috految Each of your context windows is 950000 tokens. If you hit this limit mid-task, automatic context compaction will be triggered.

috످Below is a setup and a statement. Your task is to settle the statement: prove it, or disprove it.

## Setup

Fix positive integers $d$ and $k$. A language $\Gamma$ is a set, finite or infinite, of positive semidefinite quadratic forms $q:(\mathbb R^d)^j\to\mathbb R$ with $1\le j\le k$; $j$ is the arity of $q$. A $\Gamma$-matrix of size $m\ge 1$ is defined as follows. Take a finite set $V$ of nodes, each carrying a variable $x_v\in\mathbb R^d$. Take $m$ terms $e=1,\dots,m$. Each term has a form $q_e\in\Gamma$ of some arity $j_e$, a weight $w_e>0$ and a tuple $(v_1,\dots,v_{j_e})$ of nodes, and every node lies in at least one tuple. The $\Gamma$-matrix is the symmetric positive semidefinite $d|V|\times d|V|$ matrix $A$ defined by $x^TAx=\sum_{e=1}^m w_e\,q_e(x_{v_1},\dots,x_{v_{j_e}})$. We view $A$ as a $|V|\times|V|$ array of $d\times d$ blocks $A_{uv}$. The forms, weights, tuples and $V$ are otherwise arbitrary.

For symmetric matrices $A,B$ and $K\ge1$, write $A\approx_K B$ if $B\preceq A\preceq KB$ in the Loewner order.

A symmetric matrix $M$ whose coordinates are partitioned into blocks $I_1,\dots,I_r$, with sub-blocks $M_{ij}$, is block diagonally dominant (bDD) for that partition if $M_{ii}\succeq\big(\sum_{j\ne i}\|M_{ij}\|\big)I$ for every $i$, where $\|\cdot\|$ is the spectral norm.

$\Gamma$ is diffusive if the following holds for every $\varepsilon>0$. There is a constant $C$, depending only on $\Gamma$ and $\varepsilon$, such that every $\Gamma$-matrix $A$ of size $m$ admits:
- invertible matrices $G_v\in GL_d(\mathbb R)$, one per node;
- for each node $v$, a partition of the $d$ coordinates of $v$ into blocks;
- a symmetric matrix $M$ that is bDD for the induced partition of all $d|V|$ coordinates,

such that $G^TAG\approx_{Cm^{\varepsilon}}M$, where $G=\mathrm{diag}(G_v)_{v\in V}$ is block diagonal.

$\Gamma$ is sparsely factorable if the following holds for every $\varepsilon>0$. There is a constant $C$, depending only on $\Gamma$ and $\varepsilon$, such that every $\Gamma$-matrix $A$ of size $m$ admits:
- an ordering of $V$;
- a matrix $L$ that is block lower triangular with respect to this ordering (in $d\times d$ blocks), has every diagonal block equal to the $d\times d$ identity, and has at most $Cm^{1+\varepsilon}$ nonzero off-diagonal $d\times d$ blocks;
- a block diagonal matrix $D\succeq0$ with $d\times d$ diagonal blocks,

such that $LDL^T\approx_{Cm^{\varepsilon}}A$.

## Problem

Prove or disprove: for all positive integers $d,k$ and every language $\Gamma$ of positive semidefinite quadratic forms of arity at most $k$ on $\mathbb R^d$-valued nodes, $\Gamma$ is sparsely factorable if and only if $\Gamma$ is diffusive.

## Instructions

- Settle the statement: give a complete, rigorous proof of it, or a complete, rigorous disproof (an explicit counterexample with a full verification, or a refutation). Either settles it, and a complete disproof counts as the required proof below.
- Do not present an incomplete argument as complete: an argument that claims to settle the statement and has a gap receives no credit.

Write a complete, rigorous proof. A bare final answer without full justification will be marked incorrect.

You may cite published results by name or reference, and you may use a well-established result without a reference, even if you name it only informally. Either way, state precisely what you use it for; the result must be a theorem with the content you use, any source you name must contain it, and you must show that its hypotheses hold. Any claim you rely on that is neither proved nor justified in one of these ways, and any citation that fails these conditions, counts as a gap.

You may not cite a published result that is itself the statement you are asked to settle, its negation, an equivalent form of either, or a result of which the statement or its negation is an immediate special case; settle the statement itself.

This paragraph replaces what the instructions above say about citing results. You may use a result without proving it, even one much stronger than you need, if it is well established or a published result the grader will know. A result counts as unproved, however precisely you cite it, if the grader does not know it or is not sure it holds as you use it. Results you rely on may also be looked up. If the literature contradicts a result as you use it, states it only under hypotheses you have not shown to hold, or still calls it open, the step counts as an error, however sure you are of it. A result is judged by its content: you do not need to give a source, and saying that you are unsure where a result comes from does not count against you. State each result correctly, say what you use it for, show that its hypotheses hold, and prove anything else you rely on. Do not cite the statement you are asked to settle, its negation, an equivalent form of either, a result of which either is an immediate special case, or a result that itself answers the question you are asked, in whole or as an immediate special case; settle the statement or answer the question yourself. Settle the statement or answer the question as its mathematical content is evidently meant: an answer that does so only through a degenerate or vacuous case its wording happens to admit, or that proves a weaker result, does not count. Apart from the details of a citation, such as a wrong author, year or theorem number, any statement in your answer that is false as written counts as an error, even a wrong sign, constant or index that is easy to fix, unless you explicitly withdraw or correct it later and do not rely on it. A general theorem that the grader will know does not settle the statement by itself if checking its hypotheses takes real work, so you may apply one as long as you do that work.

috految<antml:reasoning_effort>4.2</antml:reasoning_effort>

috److془We need to carefully settle this problem. Let's think.

We need to find a counterexample probably: sparsely factorable but not diffusive.

Diffusive ⇒ sparsely factorable: Kyng et al. with node-level ordering; fine probably.

Candidates: Language: flat connection with unipotent group; e.g. q = |x_u - x_v|^2 + ... Or unary forms arbitrary PSD with Laplacian⊗I: bDD. Hmm. Laplacian with GL_d connections: weights arbitrary. Long paths with holonomy yields degenerate forms.

Consider: x_u - x_v, with (y_u - y_v), unary arbitrary: hard. Consider x-edges, (x,y)-edges, unary: y= λ x. Then Laplacian in x, etc. Kernel structure: hmm. y-components are contained in x-components. Energy: L_1(x)+L_2(y)+ unary, L_1 ≥ L_2. Unary: (y_v - λ_v x_v)^2, λ∈[0,1]. Take y_v' = y_v - h_v x_v, h harmonic. Then Caccioppoli: sum w |∇h|^2 x^2 ≲ energy. Diffusive. Hmm. Generally: with closure under Schur complement, the forms have "Helly" property. Nontrivial: gauge with multiple scales. Nonisometric holonomy, etc. Alternatively: three subspaces at a node: x, y, x+y connected independently gives hard. Note that gadgets: a node can be duplicated in the sense of gluing. Infinite language: ternary constraints with ratio unbounded. Relation R(x,y,z): x+y+z=0, with weights, gives hard. Unless the ratio is slowly growing with size.. Quantitative: size n gadget gives ratio n^c, then take m = n^{C}. Hmm but the hardness: sparse factor of gadgetised matrix: The number of nodes is larger by n, yet size lower bound N^{1+c} for condition number κ=n^c? Matrix with poly κ condition n^c: sparse factor with N poly(κ) edges? Possibly so! Hmm, but the Schur complement filling: spectral approximating by sparse, hmm: Schur complement could be like N×N Hadamard matrix using log depth circuits. With constant error, needs N^2. Though using the auxiliary variables could help... Also auxiliary variables: may be used as scratch space! However the triangular structure: last variables' marginal is determined. Auxiliary z with marginal O(1) noise, only can use with m^{ε} distortion. Hmm. But if independent dummy variables, Can they be used? Gaussian generative model: z = noise + linear combos. Hmm. Simply: L^T rows, sparse. Note the last ones eliminated can be dummy; but setting the dummy zero gives sparse^T sparse ≈ Schur. Hmm. So the Schur complements must be approximately sparse. For the ordering chosen. Exact kernel: though with generic ordering, dummies help? Rows at intermediate time have to be in row space. Hmm: for high expanding LDPC code, marginals have no sparse constraints. The total number of nonzeros m^{1+ε}; with N ≫ n. Hardness likely if the ordering can't exploit. But: ternary constraint with the gadget size n, threshold gradually (n nodes of gadget revealing with gradually exact information). Stochastic localization: Condition number κ but the sparse approximations at intermediate stage: (A^{-1}+δ)^{-1}; with A having eigenvalues 1/κ.. approximate to m^ε fails presumably, as with Hadamard quantum circuit. Hmm but the nonuniform localizations.. Hmm. Also the ternary could be nontrivial with so only in high dimension: regularity type for Hardy inequalities etc. Also the bDD: ∃ gauge with ‖M_ij‖ : the blocks of ranks. Holonomy: scalar, block of dimension 2 with rotations holonomy at scale, decomposed at other scales. E.g. M rank one edges attached to a block with rotation holonomy. Node v with dimension 2; Or: bDD fails for reason: edges x only, and edges (x,y); rotation small around a loop gives mass. Hmm. Locally flat bundles with nontrivial topology: splitting could be obstructed. Or even: is the Laplacian with connection, triangular structure with nonsplit. Also the conflict of blocks: sub-block x strongly connected in one place (need splitting), while bundle with nontrivial holonomy elsewhere. Two far edges with different lines, must use weak coupling. Actually, can use the Euler class obstruction with exact bDD? Scalar: bDD with sums. Also exact: node with blocks of dimension 2 vs neighbor with 1+1: not allowed to be tightly coupled. So the splitting propagates along a path! Mass 1/n^2 on the path length n; mostly. Need to have approximations up to n^ε: interface costs: mass 1 at a point. Great. So rigid. Now need language forbidding the hardness. Language: x edges, (x,y) edges, rotation edges with mass: |X_u - R_θ X_v|^2+θ^2|X|^2 ; is trivial. Need topological: alternatively types: region with x-edges, region with rotation edges, linked by path with mass. But need to have path of length n of types: types t∈[0,1], mismatch costs. Types encoded by subspaces in R^d! Node: X∈ V_t. Mismatch costs mass. But weights: mass 1/n^2 killed by weights? Weights scale mass too. Partition of unity argument: E(χ(t)X) ≲E(X). Great. Then E is approx sum of two diffusive, with energy E(X)≈E_1(χ_1X)+E_2(χ_2X). Need factorability. Trouble with the mismatches: fine. Simpler: Language in which the 2 dims split in one place as x,y and other as rotated 45°: gauge may rotate slowly. So need rotation. Or Hmm: can slow gauge smoothing with dimension d extra: heavy coords are mass; fine. But wait: the embedding X→(χ_1X,χ_2 X) with unary constraint; not bDD. Good. But perhaps 2-block rank-one coupling: at the node, the gauge could be anisotropic. Block x with y: edge has ww|G_uX_u - U G_vX_v|^2, G anisotropic. Hmm and in the heavy directions: two blocks (x,a),(y,b). Fine: count dimensions. Also duplicates: kernel embedded diagonal across two blocks, with the strong edge between the blocks. Blocks could have different roles. Tight edges between blocks imply the same seminorm on the space. Rank one block can transfer to rank 2 slowly: the seminorm sweeps x^2+ s^2 y^2. But then blocks must be independent except for the strong edge. Hmm but the y's coupling to the extra: cutoffs. Good. Actually better: bDD blocks at node v: for edge hard between nodes exact; the x edge (infinite weight) forces splitting. Could the extremely anisotropic gauge do? kernel x and y at infinite weight, separate graphs. Fine. Off diagonal blocks from x edges and y edges both. Need the lower bound; and factorability. Long-range edges in M though: the interface can be mutually mixed? Nodes of type split and type nonsplit: cutoff by type has bounded energy. Contradiction if mean. Nice. Careful: the tight edge may not be when gauge is extremely anisotropic. Use the scalar ratio: Lipschitz canonical operators. Indeed: bDD gives: for kernel-ish fields F_i∈ R^{d_i×2}, operations F_i→ F_i φ(F_i^TF_i) Lipschitz, bounded energy. Gives continuity along path of Gram matrices. Great. Norm dependent choice: sweeps from anisotropic to split: block x^2+s^2y^2, s tiny, versus split. Operation gives: F→F_i φ(normalized Gram), φ scalar. Result at a node is matrix with eigenvalues φ(gram of blocks). Continuity of it on the path. Two blocks with grams x^2 and (x+sy)^2: nearly the same. But then the operator φ gives nilpotent of order 1. Nice. Anyway, use low dimension: operator T_v(φ) =scalar in nonsplit, in split distance from scalars ≥c. Beautiful. Even Lipschitz bound: H^1 norm bound. Path needs only ensure jump expensive: energy 1/n, jump costs 1. 

Now factorability: need care. Dimension: Schur onto any subsets: E_S(X) ≈ E_{1,S}(χ_1X)+E_{2,S}(χ_2X), by extension χ_1Y_1+χ_2Y_2. Need recursion: constant loss per round (or polylog), sparse Schur complements; reduce. Or direct: Y= JX, B=E_1⊕E_2, J^T bounded retraction. Factor of B: B≈ ‖RY‖². Hmm need triangular. Use the true multilevel: S_0⊃S_1.. with predictions: sum_i ‖X_{F_i} - pred X_{S_{i+1}}‖² , errors could be exponential in levels. Use levels with shrink factor m^δ; errors K^{1/δ}; with K constant. Inside the level need approximating the Dirichlet matrix to m^{δ} conditioning by diagonal times; not compounding! Need sparse harmonic predictions with constant operator-norm. Alternatively: ordering choice: first eliminate nodes in the region 1, then the rest in region 2! Schur onto the rest ≈ E_2 Schur. Dirichlet part in region one: E_1 with Dirichlet rest, predicted by E_1 harmonic extension. Trivial! Need partial Cholesky with terminals. Even dot: choose types: t≤1/2 first. Need the Schur onto the rest with E_2 ; E_1 on the terminals: cut off χ=1 on t≤1/2. Great. Partial Cholesky: standard Kyng-Sachdeva with terminals; can prove. Nodes: eliminate with arbitrary ordering? random. Good.

Now types encoding: each node has multiple incident terms, weights arbitrary. Node variable (X,Z), Z=tX, d=4. Terms have unary penalty |Z-tX|^2 weight w. Let τ_v weighted mean; sum = W|Z-τX|²+Σ w (t-τ)²|X|². Wonderful. Terms: 
(a) |X_u-X_v|²+|Z_u-tX_u|²+|Z_v-tX_v|², t∈[0,1].
(b) same with |X_u-RX_v|², t=1.
(c) with coordinates (X_u^a-X_v^a)², t=0.
Path: Z=tX gives energy 1/n. 
Now needs forcing at ends. Unary forms allowed in addition |Z-tX|². Rotation end: need force nonsplit. Hmm: with topology: R via cycles requires mass. Long cycle permits slow gauge. Need Euler class: sphere with tangent bundle; energy of sections O(1)-ish, and jump costs 1; vortex log only. Hmm. Use instead: higher dimensional? vortices codim 2 cheap. Use unary: with rank one unary constraint, the gauge can rotate slowly, hmm. Use reflection holonomy: the unordered splitting: both aligned with reflection eigenlines okay. Hmm. Indeed, fibre connectedness: Hardt-Lin. Vortex cost log. But the operator inequality requires Hardy: each point; multi-scale: polylog too. Hmm! Weighted spaces: random gauge gives log expected, but need for all test functions. Need only a local failure! Can we have all vortices expensive? Near each bad place, test function with small energy. Hardy in high dimension fails as log still. Hmm; but fixed: in 2D, blow-up filling allows: resistances Σ. Hmm. Alternatively use π_0: discrete obstruction; the splitting lines: connected always in real (ordered). But types: there could be nonconnected options like: classes 1+1 vs 2. Flat connections all reduce to scalars perhaps! Hmm. Use ordered with counts: gauge path from any to any. Constraints: flags enforced by x edges, fibres still connected.. Hmm. But with forced lines on 2-complex with holonomy, vortex cost. Unary multi-scale constraints: a node has just a form. Hmm need to investigate. Also anisotropic: with x-edges constraints; Are lines family needed to match at orientation? Sign-flip allowed. Hmm: Use of scalar with holonomy, connected components of the space: unordered decompositions. Need to force nonsplit or disconnected. Hmm: unary holonomy complex: the Euler obstruction. Or nonsplit via multi-scale: we can force by hierarchical scales: weak edges attached. Hardy failure weighted: at coarser scale, essentially fine scale consistent gauge. Random gauge with all test functions: the conformal dimension-type issue. Hierarchy: strong set with arbitrary gauge f, attach weak points: gauge is extension. Weak points: extension issue: weak edge between u,v with small mass; but the mass from strong dominates. Hmm. Indeed gauge of variables: Type: Take Gaussian section, or Green's function. Maximal: stable local minimizer of ∫|∇f|^2 into sphere S^k k≥3 gives Hardy exactly. For S^1 with log: vortex ; minimizer of 1/2.. Hardy with polylog: localized comparisons. Hmm. Potential: connectivity; Hardt-Lin gives Caccioppoli with log loss. Hmm. But with infinite weights spectral scale log could be poly m? Vortex cutoff at poly scale, as points are only m. Hmm. But higher: ∫φ²|∇f|² ≲ polylog ∫|∇φ|² via Caccioppoli hole filling with partition. Hmm. So connection Laplacians become scalar probably. (Hole filling with factor log: ok polylog. Hmm: hole filling requires polylog layers, fine. ) But wait: non-abelian or operator inequality with different types of test functions: unary rank one constraints heavy. Line may depend. And holonomy signs fine. Hmm: with sections: Need φ-> fields test. Presumably true: section f, Ginzburg Landau. Hmm but we have much greater freedom: patching any locally diffusive items. Also the retract: projective modules! Retracts of scalar Laplacians under nodewise maps. Also the kernels of multiple components: rank 1 object differently: at node, additional constraints, like the relation of matching x_v with y_v? Multi-scale: x and y fields each on own weighted graph, and the label at each node is a continuous parameter. Disconnected: sign gauge lets orientation be free. Hmm but multi sheets: different scalar sheets meet at nodes. Splitting per sheets when sheets are different. Two sheets which are nearly parallel, x,y with the same graph, mixing permitted. Now the trick: mixing across an interval with x,y equal; integer invariants counting. Branching: sheet x at node u identified with sheet y through long chain etc. Hmm. Sheets at large scale are in quotient by tight, so are just local. Ah: but the Schur paradigm: tight clusters attached at multiple nodes; the coupling of the module: each node v gives maps to R^d. Rank 2 cluster with sub-probes. Probes must be coordinate subspaces. Small cluster of scalar sheet in which intersect with many others. Endomorphism algebra has poset structure, primitive idempotents are fine; connected. Hmm. Unless non-scalar. Exact: distributive lattice. Hmm but quantitatively: strengths multi-scale: family of dual norms at node, finite range being tripod in building. Rank 2 with tripod: hardness presumably. Lattices closed under sum/intersection with scalar multiples. Distributive implies in apartment. But exact cluster with finite sub-probes: distributive lattice suffices for basis; but holonomy! Nodes including multiple sheets, holonomy loops defines constraint like x=Gx. Kernel space quotient anyway. Hmm. Notice though: rank one probes; the node carrying the probe gives gadgets. Hardness fine. But triple with hard K but with kernel: ternary relation implies hard as sorts arbitrary. In multiscale: scaling of weights! Node with Laplacian edges, unary form rank one: tripod is okay unless. Fine: the unary constraints are present always. Arithmetic: Helly majority term => Pixley. With norm: lattice of PSD ≥ Σ_v^{-1} mass at v, and the intersections. Scalar multiples: probe of strength can be scaled down, but can't be scaled up as mass scales. Hmm! So tripod with generated lattice where distributive within truncated. Module over valuation ring: lattice with submodules, interval [0,M] M=O^d. Can you scale up? take probes cl N_i ⊂ M, scaled t^{-1}N∩M. Equivalent M scaled, all: (tN+ t M) with M fixed. Hmm small: N_i+tM also available? Distributive generic: Note the ternary vs. scale: pp-definable relations with all scaled. Need anyway mass not to be global identity. Tripod center C ⊂ M, with N_i rescaled to exceed C in one direction; scale maybe to tC; needs M scaled contains it: tN_i⊂ tM. Probes apart from each other like: N_1 only slightly below M; may be the unary constraint intersects. Ternary relation requires C ⊂ t_iM. Tripod with arm pointing to M: two directions other. N_1= fine x, N_2 = fine x+sy. M ball. Response: with the same nodes, x, x'=x+sy as scalar sheets with edge between. OK! But now: the arms being two lines, nonsplit! Scalar sheets with edges within node. Further: near branching, one has three lines x, x+sy, x+s'y, s'≪s: fine to precision s''. Tripod hard unless precision of x+sy only s. Hmm but precision of x+sy between s and s'! Scaling down others: seen at scale at which x+s'y is distinguishable, precision s'', scaled by like the tripod: estimate x+sy gives y with relative precision. hard indeed. Obviously. In general the sheets are tree-like: ultrametric. Now disconnectedness: x and x+sy, with s→ passing through from + to -; or x, x+sy with continuous nonmatching. Space of allowed decompositions: aha: lines x,x+sy: vs lines x, y. Also forced equal with tiny s, path transition from s tiny to order one takes log(1/s)! s arbitrarily tiny! Hmm but the transition must be in between where y isotropic edges; need x,x' allowed: edges isotropic in x,x' (x coupling 1/s stronger). Then the allowed: x,x' coordinates, unary heavy x-x'. Gauge in this metric arbitrary orthogonal with (x+x') light: decompositions: (x,x') vs (p,q) p mean light, q heavy. Transition: x=p+q, x'=ap+q, a→0 . Transition: p=1 everywhere exact, a tends to 0 with Doob transform: sheets p+q/a; weight a². Multiplicative gradient of a costs q² (∇log a)²; but actually the weights Hardy: q needs to be continuous across the transition. Great: and sign: a can't pass through zero! Is it obstacle? Exact kernel p; with scalar sheets, sheets with kernel nonzero and zero are decoupled exactly. Pure Dirichlet: a=0 forced by q-only edges. Nonzero forced by x,x' edges. Need language factorable: mass on q only needed, cutoffs of q only. Hmm: x,x' edges at one end, p,q edges at other. Mass on q from type: Z=t q. Schur onto the rest at t>1/2: eliminating the left: want E_1 Schur ≈ sum of p form and q form; yes since cutoff of q bounded! Wonderful. Hmm check: half-space cut: left region encloses scalar sheets x,x'; right region p,q. Cutting q on the right: with q=0 at right E is Laplacian. 

Now the lower bound. Set x=p, x'=p+q. Edges: t=0: (Δp)², (Δ(p+q))². t=1: (Δq)². any t: Δp²+Δq². Penalty (z-tq)² at the ends. d=3. Kernel: p indicator. Lower bound: bDD: kernel vector h gives blocks zero vs nonzero decoupled. Projection P_v onto the blocks where h vanishes: P commutes with M, E(Pf)≤K E(f). h=(1,0,0) on the main component. Right: leaf r linked by q edge, h=0 there, P_r=I. Left: P_v h_v=0, P_v idempotent. Leaves a,b linked to v0 by p edge and p+q edge. Take f with q=1,z=t, p=0. Leaves: f_a=0, f_b=h_b=(1,0,0). Pf=0 at leaves so q(Pf)≈0 at left, ≈1 at right. Idempotence: with unary heavy, approximates eigenvalue 0 or 1. Beautiful. Details: g=Pf, g_i=α_i f_i+β h+γ_i e_z. Pg=g : q: α=α²+γ q(P e_z). Test with e_z at i, energy ≤ C; P e_z supported at i by edge: q ≤ C√K. γ ≤ C√(K/n). No heavy needed. Energy f: O(1/n). 

Factorability: E = Σ W_v (z-τ q)² + H, H= edge energy + Σ_e w_e Σ_{v in e}(t_e-τ_v)² q_v². Let U={τ≤1/2}, S rest. Use pairs (p,q). Define χ Lipschitz, 1 on [0,1/2], 0 at 1 . Cutoff J_χ(p,q)=(p,χ q) bounded for χ(0)=1: q error to χ(t_e) controlled by mass. Good. H_1: H with t=1 q-edges replaced by w(q_u²+q_v²). H ≲H_1; H_1(Jf)≲H(f) as χ(1)=0. H_1 ≈ Laplacian in (p,p+q). Masses edges within nodes. Good. Schur H_S(p,q)≈ H_S(p,0)+H_S(0,q): η=1 at 0, 0 on [1/2,1], J_η. H_S(p,0)≈(H_1)_S(p,0) (J_χ), Laplacian in p. H_S(0,q)≈ Schur of H(0,q) in q: I-J_η. H(0,q) SDDM. Great. Hmm wait: t edges Δp²+Δq² cutoff fine. Now Laplacian partial Cholesky: H_1≈ Σ_{v∈U} ‖f_v - ℓ_v(later)‖²_{D_v}+B(f_S) = R+B. Claim H(f)≈R(Jf)+H_S(f_S). ≳ clear. Let g minimizer with g_S=f_S; u=f-g supported in U, Ju=u: H(u)≲H_1(u)≲R(u)≲R(Jf)+H(g). ✓. J identity on U so unit triangular. Then S: Laplacian with grounding with two vertices per node.

Lemma: Laplacian with ≤2 vertices per group, N vertices, U groups to be eliminated, sparse. Proof: with sparsification: need Schur errors small. Round: sparsify to O(N log N/δ²) edges; eliminating independent set takes 1/δ² rounds; bad. Use Kyng style martingale. Or: sparsify exact Schur with errors... just martingale. Or the dominated set. Martingale: B_0 Laplacian, multiedges with leverage ≤1/ρ relative to B_0 (split copies). Scalar elimination: sample for each incident edge e a partner e' prob w_e'/W, insert other endpoints edge weight ww'/(w+w'). Expected pair: ww'/W ✓. Leverage ≤1/ρ by resistance triangle. Edge count nonincreasing. Choose group uniform among r remaining, eliminate its vertices consecutively. Let T = Laplacian of edges incident to group at start. Expected new edges sum≤ star first ≤T; second star expected ≤ T+T. Number of edges per either ≤ count of incident. Variance conditional on pre-choice ≤3E T/ρ ≤ 6 B_cur/(rρ). Need to handle increments whole-step: each batch stars norm≤2 before stop. Per-sample predictable variance sum in a round V_j ≤ (4/ρ) I, E[V_j|past]≤12/(rρ). Matrix Freedman (adapted Chernoff) gives ΣV ≤ O(log N/ρ) w.p. .9. Freedman done ρ=C log²N. Stop at first sample deviation>1/2. Current Laplacian ≤ squares + current ≤ 1.5 at batch starts. Previous rows count expected O(Mρ log N). Initial sparsification to O(N) edges. Ground vertex never eliminated, set zero. Squares: W(y_i - Σ later)², zero if isolated. Group's rows: unit triangular 2x2, thus block form. Final: ζ=z-τq; nodewise invertible changes preserve form. Repeated nodes fine. L^T rows involve own and later ✓.

Decoupling: M bDD, y kernel; y^TMy ≥ Σ_{i<j}‖M_ij‖(|y_i|-|y_j|)². ✓ M≥0. Generic t edges: path i=0..n, t=i/n for (i,i+1). h at r zero: energy zero ✓. f_r=(0,1,1). f_0=(0,1,0): the edges zero ✓.془The statement is false. We give a language with d=3, k=2 that is sparsely factorable but not diffusive. Below, ≲ and ≍ hide absolute constants.

Write node variables as (p,q,z), and Δp=p_u−p_v, etc. Let Γ consist of the binary forms

Q + (z_u−tq_u)² + (z_v−tq_v)²

of the following types:

- (a) Q=(Δp)²+(Δq)², with any t∈[0,1];
- (b) Q=(Δp)², with t=0;
- (c) Q=(Δp+Δq)², with t=0;
- (d) Q=(Δq)², with t=1.

## Γ is not diffusive

Take a path 0,…,n, whose edge (i,i+1) has type (a) with t=i/n. Attach a leaf b to 0 by type (b), a leaf c to 0 by type (c), and a leaf r to n by type (d). All weights are 1, and m=n+3. Let E be the quadratic form of this matrix A. Suppose GᵀAG≈_K M with M bDD as in the definition.

The vector h equal to (1,0,0) everywhere except h_r=0 has E(h)=0. Put y=G⁻¹h. Block diagonal dominance gives

0=yᵀMy ≥ Σ_{i<j} ‖M_ij‖(‖y_i‖−‖y_j‖)²,

where i,j index blocks. So the coordinate projection Π onto the blocks where y vanishes commutes with M⪰0. Therefore P=GΠG⁻¹ is a nodewise linear map satisfying

P²=P, Ph=0, P_r=I, E(Pf)≤K E(f) for all f.

Take f_i=(0,1,i/n) on the path, f_b=0, f_c=h_c, and f_r=(0,1,1). Then E(f)=O(1/n), so g=Pf has E(g)=O(K/n). Also g_b=g_c=0 and g_r=f_r. Let α_i be the q-coordinate of g_i. The leaf and path edges give

|α_0|, |α_n−1|, |α_{i+1}−α_i| = O(√(K/n)).

Write g_i=α_i f_i+β_i h_i+γ_i(0,0,1). Each path node i lies in a term with t=i/n, so |γ_i|=O(√(K/n)).

The vector supported at i with value (0,0,1) has energy O(1). Its image under P is supported at i and has energy O(K). Using an incident path edge, the q-coordinate of P_i(0,0,1) is thus O(√K). Taking q-coordinates in P_i g_i=g_i now gives

α_i=α_i²+O(K/√n).

If K=O(n^{1/4}), all α_i are uniformly o(1)-close to {0,1}, consecutive ones differ by o(1), and α_0=o(1), α_n=1+o(1). This is impossible for large n. So Γ is not diffusive.

## An elimination lemma

**Lemma.** Let B be a weighted graph Laplacian form on N≥2 vertices, and take disjoint groups of at most two vertices each, not necessarily covering all vertices. For some ordering of the groups, followed by the remaining vertices,

B(y) ≍ Σ_{groups v} (y_v−ℓ_v(y))ᵀD_v(y_v−ℓ_v(y)) + B'(y),

where D_v⪰0, the linear map ℓ_v involves only later variables, the ℓ_v have in total O(N polylog N) nonzero coefficients, and B'⪰0 involves only the ungrouped vertices.

*Proof.* We use Kyng–Sachdeva sampling. By spectral sparsification assume B has O(N) edges. Split each into ρ=⌈C log²(2N)⌉ equal parallel copies, with C large. Normalize matrices by B^{-1/2} on the range of B. Each edge matrix then has norm (weight times effective resistance in B) at most 1/ρ.

Repeatedly choose a uniform remaining group and eliminate its vertices consecutively. To eliminate a vertex i with weighted degree W, record the square W(y_i−Σ_{e=ij}w_e y_j/W)², or 0·y_i² if i is isolated. Remove its star. For each star edge e independently sample a star edge e' with probability w_{e'}/W, and join their other endpoints with weight w_ew_{e'}/(w_e+w_{e'}), discarding loops. The sum of the new edges has expectation exactly the clique of exact elimination, namely the star minus the recorded square. By the triangle inequality for effective resistance in B, new edges again have norm at most 1/ρ. The number of edges does not increase.

The sum of the centered samples is a matrix martingale with increments of norm O(1/ρ). After each vertex elimination it equals the recorded squares plus the current Laplacian minus B. Stop it if its norm exceeds 1/2. Until stopping, the current Laplacian at the start of each elimination is at most 2I. The predictable variation accumulated in one elimination is at most 1/ρ times the expected sum of new edges, hence at most 1/ρ times the star. Thus the variation V_j accumulated for the j-th group satisfies 0⪯V_j⪯(4/ρ)I.

Let T be the Laplacian of the edges incident to the chosen group at the start of its round. The first star is at most T, and the second has conditional expectation at most 2T. If s groups remain, the average of T is at most 2/s times the current Laplacian. Hence, conditioning on the history before the choice, 𝔼[V_j | past]⪯O(1/(sρ))I. The matrix Chernoff bound for adapted sums gives ‖ΣV_j‖=O(log(2N)/ρ) with probability at least 0.9. For large C, matrix Freedman then shows that stopping has probability at most 0.2.

The number of coefficients recorded in a round is at most a constant times one plus the number of edges initially incident to the group. The expected total is therefore O(Nρ log(2N)). By Markov's inequality some outcome has both this order of sparsity and no stopping. Finally, the linear expressions recorded for one group have a unit triangular coefficient matrix on that group. Factoring it out gives the stated block form. ∎

The lemma also applies to a Laplacian plus a nonnegative diagonal: add an ungrouped ground vertex and set its variable to zero.

## Γ is sparsely factorable

Take any Γ-matrix, with form E and |V|≤2m. Count incidences with multiplicity. Let W_v be the total weight of the incidences at v, and τ_v∈[0,1] the weighted mean of their parameters t_e. Then

E=Σ_v W_v(z_v−τ_vq_v)²+H(p,q),

H=Σ_e w_eQ_e+Σ_e Σ_{v∈e} w_e(t_e−τ_v)²q_v².

Let U={v: τ_v≤1/2} and S=V∖U. Obtain H₁ from H by replacing each (Δq)² of type (d) by q_u²+q_v². Clearly H≲H₁. In the coordinates (p,p+q), H₁ is within constant factors of a graph Laplacian form: q_v² is an edge between the two vertices at v, and (Δp)²+(Δq)²≍(Δp)²+(Δ(p+q))².

For a fixed Lipschitz function φ:[0,1]→[0,1] with φ(0)=1 and φ(1)=0, set J_φ(p,q)=(p,(φ(τ_v)q_v)_v). Then

H(J_φf) ≲ H₁(J_φf) ≲ H(f). (1)

Indeed, the last sum in H does not increase under J_φ. In each edge term, replacing φ(τ_v)q_v by φ(t_e)q_v causes squared errors O(w_e(t_e−τ_v)²q_v²), which are controlled by H. After this replacement a type (a) term is at most its original value, types (b),(c) have their original values, and the replacement for type (d) is zero.

Fix two such functions: χ=1 on [0,1/2], and η=0 on [1/2,1]. A subscript S on a form denotes minimization over the variables outside S. Applying (1) with η to minimizing extensions, and using the triangle inequality, gives

H_S(p,q) ≍ H_S(p,0)+H_S(0,q).

By (1) with χ and H≲H₁, we have H_S(p,0)≍(H₁)_S(p,0). Schur complements of Laplacians are Laplacians, and setting q=0 identifies the two vertices at each node. So this is comparable to a Laplacian form in p.

Next, I−J_η is bounded for H, has range in {p=0}, and preserves boundary data (0,q) on S. Thus H_S(0,q) is comparable to the minimum of H(0,q') over extensions q' of q. Since H(0,·) is a Laplacian plus a nonnegative diagonal, so is this minimum. Therefore H_S is comparable to a Laplacian plus a nonnegative diagonal in the variables (p_v,q_v), v∈S. The lemma, with these pairs as groups, gives a block triangular representation of H_S within constant factors, with O(m polylog(2m)) coefficients.

Apply the lemma also to the Laplacian comparable to H₁, grouping the pairs at the nodes of U. Changing coordinates back nodewise gives

H₁(f) ≍ R(f)+B'(f_S), R(f)=Σ_{v∈U}(f_v−ℓ_v f)ᵀD_v(f_v−ℓ_v f),

with O(m polylog(2m)) coefficients, where ℓ_v involves only later nodes of U and nodes of S. We claim

H(f) ≍ R(J_χf)+H_S(f_S). (2)

The right side is ≲H(f) by (1). Conversely, let g be an H-minimizing extension of f_S and u=f−g. Then u is supported in U, so J_χu=u, and

H(u) ≲ H₁(u) ≲ R(u) ≲ R(J_χf)+R(J_χg) ≲ R(J_χf)+H(g).

As H(g)=H_S(f_S), this proves (2).

The map J_χ is nodewise and is the identity on U. Order U first and then S, using the orderings obtained. Then (2) represents H within constant factors as a sum over all nodes of positive semidefinite forms in f_v minus a linear function of later nodes, with O(m polylog(2m)) coefficients. Adding W_vζ_v² for the third coordinate ζ_v=z_v−τ_vq_v gives such a representation of E. Nodewise invertible coordinate changes preserve this structure and the block sparsity. So A is within constant factors of LDLᵀ, with L unit block lower triangular having O(m polylog(2m)) nonzero off-diagonal blocks, and D⪰0 block diagonal. Rescaling D gives LDLᵀ≈_{O(1)}A.

Thus Γ is sparsely factorable but not diffusive, and **the statement is false**. ∎

috످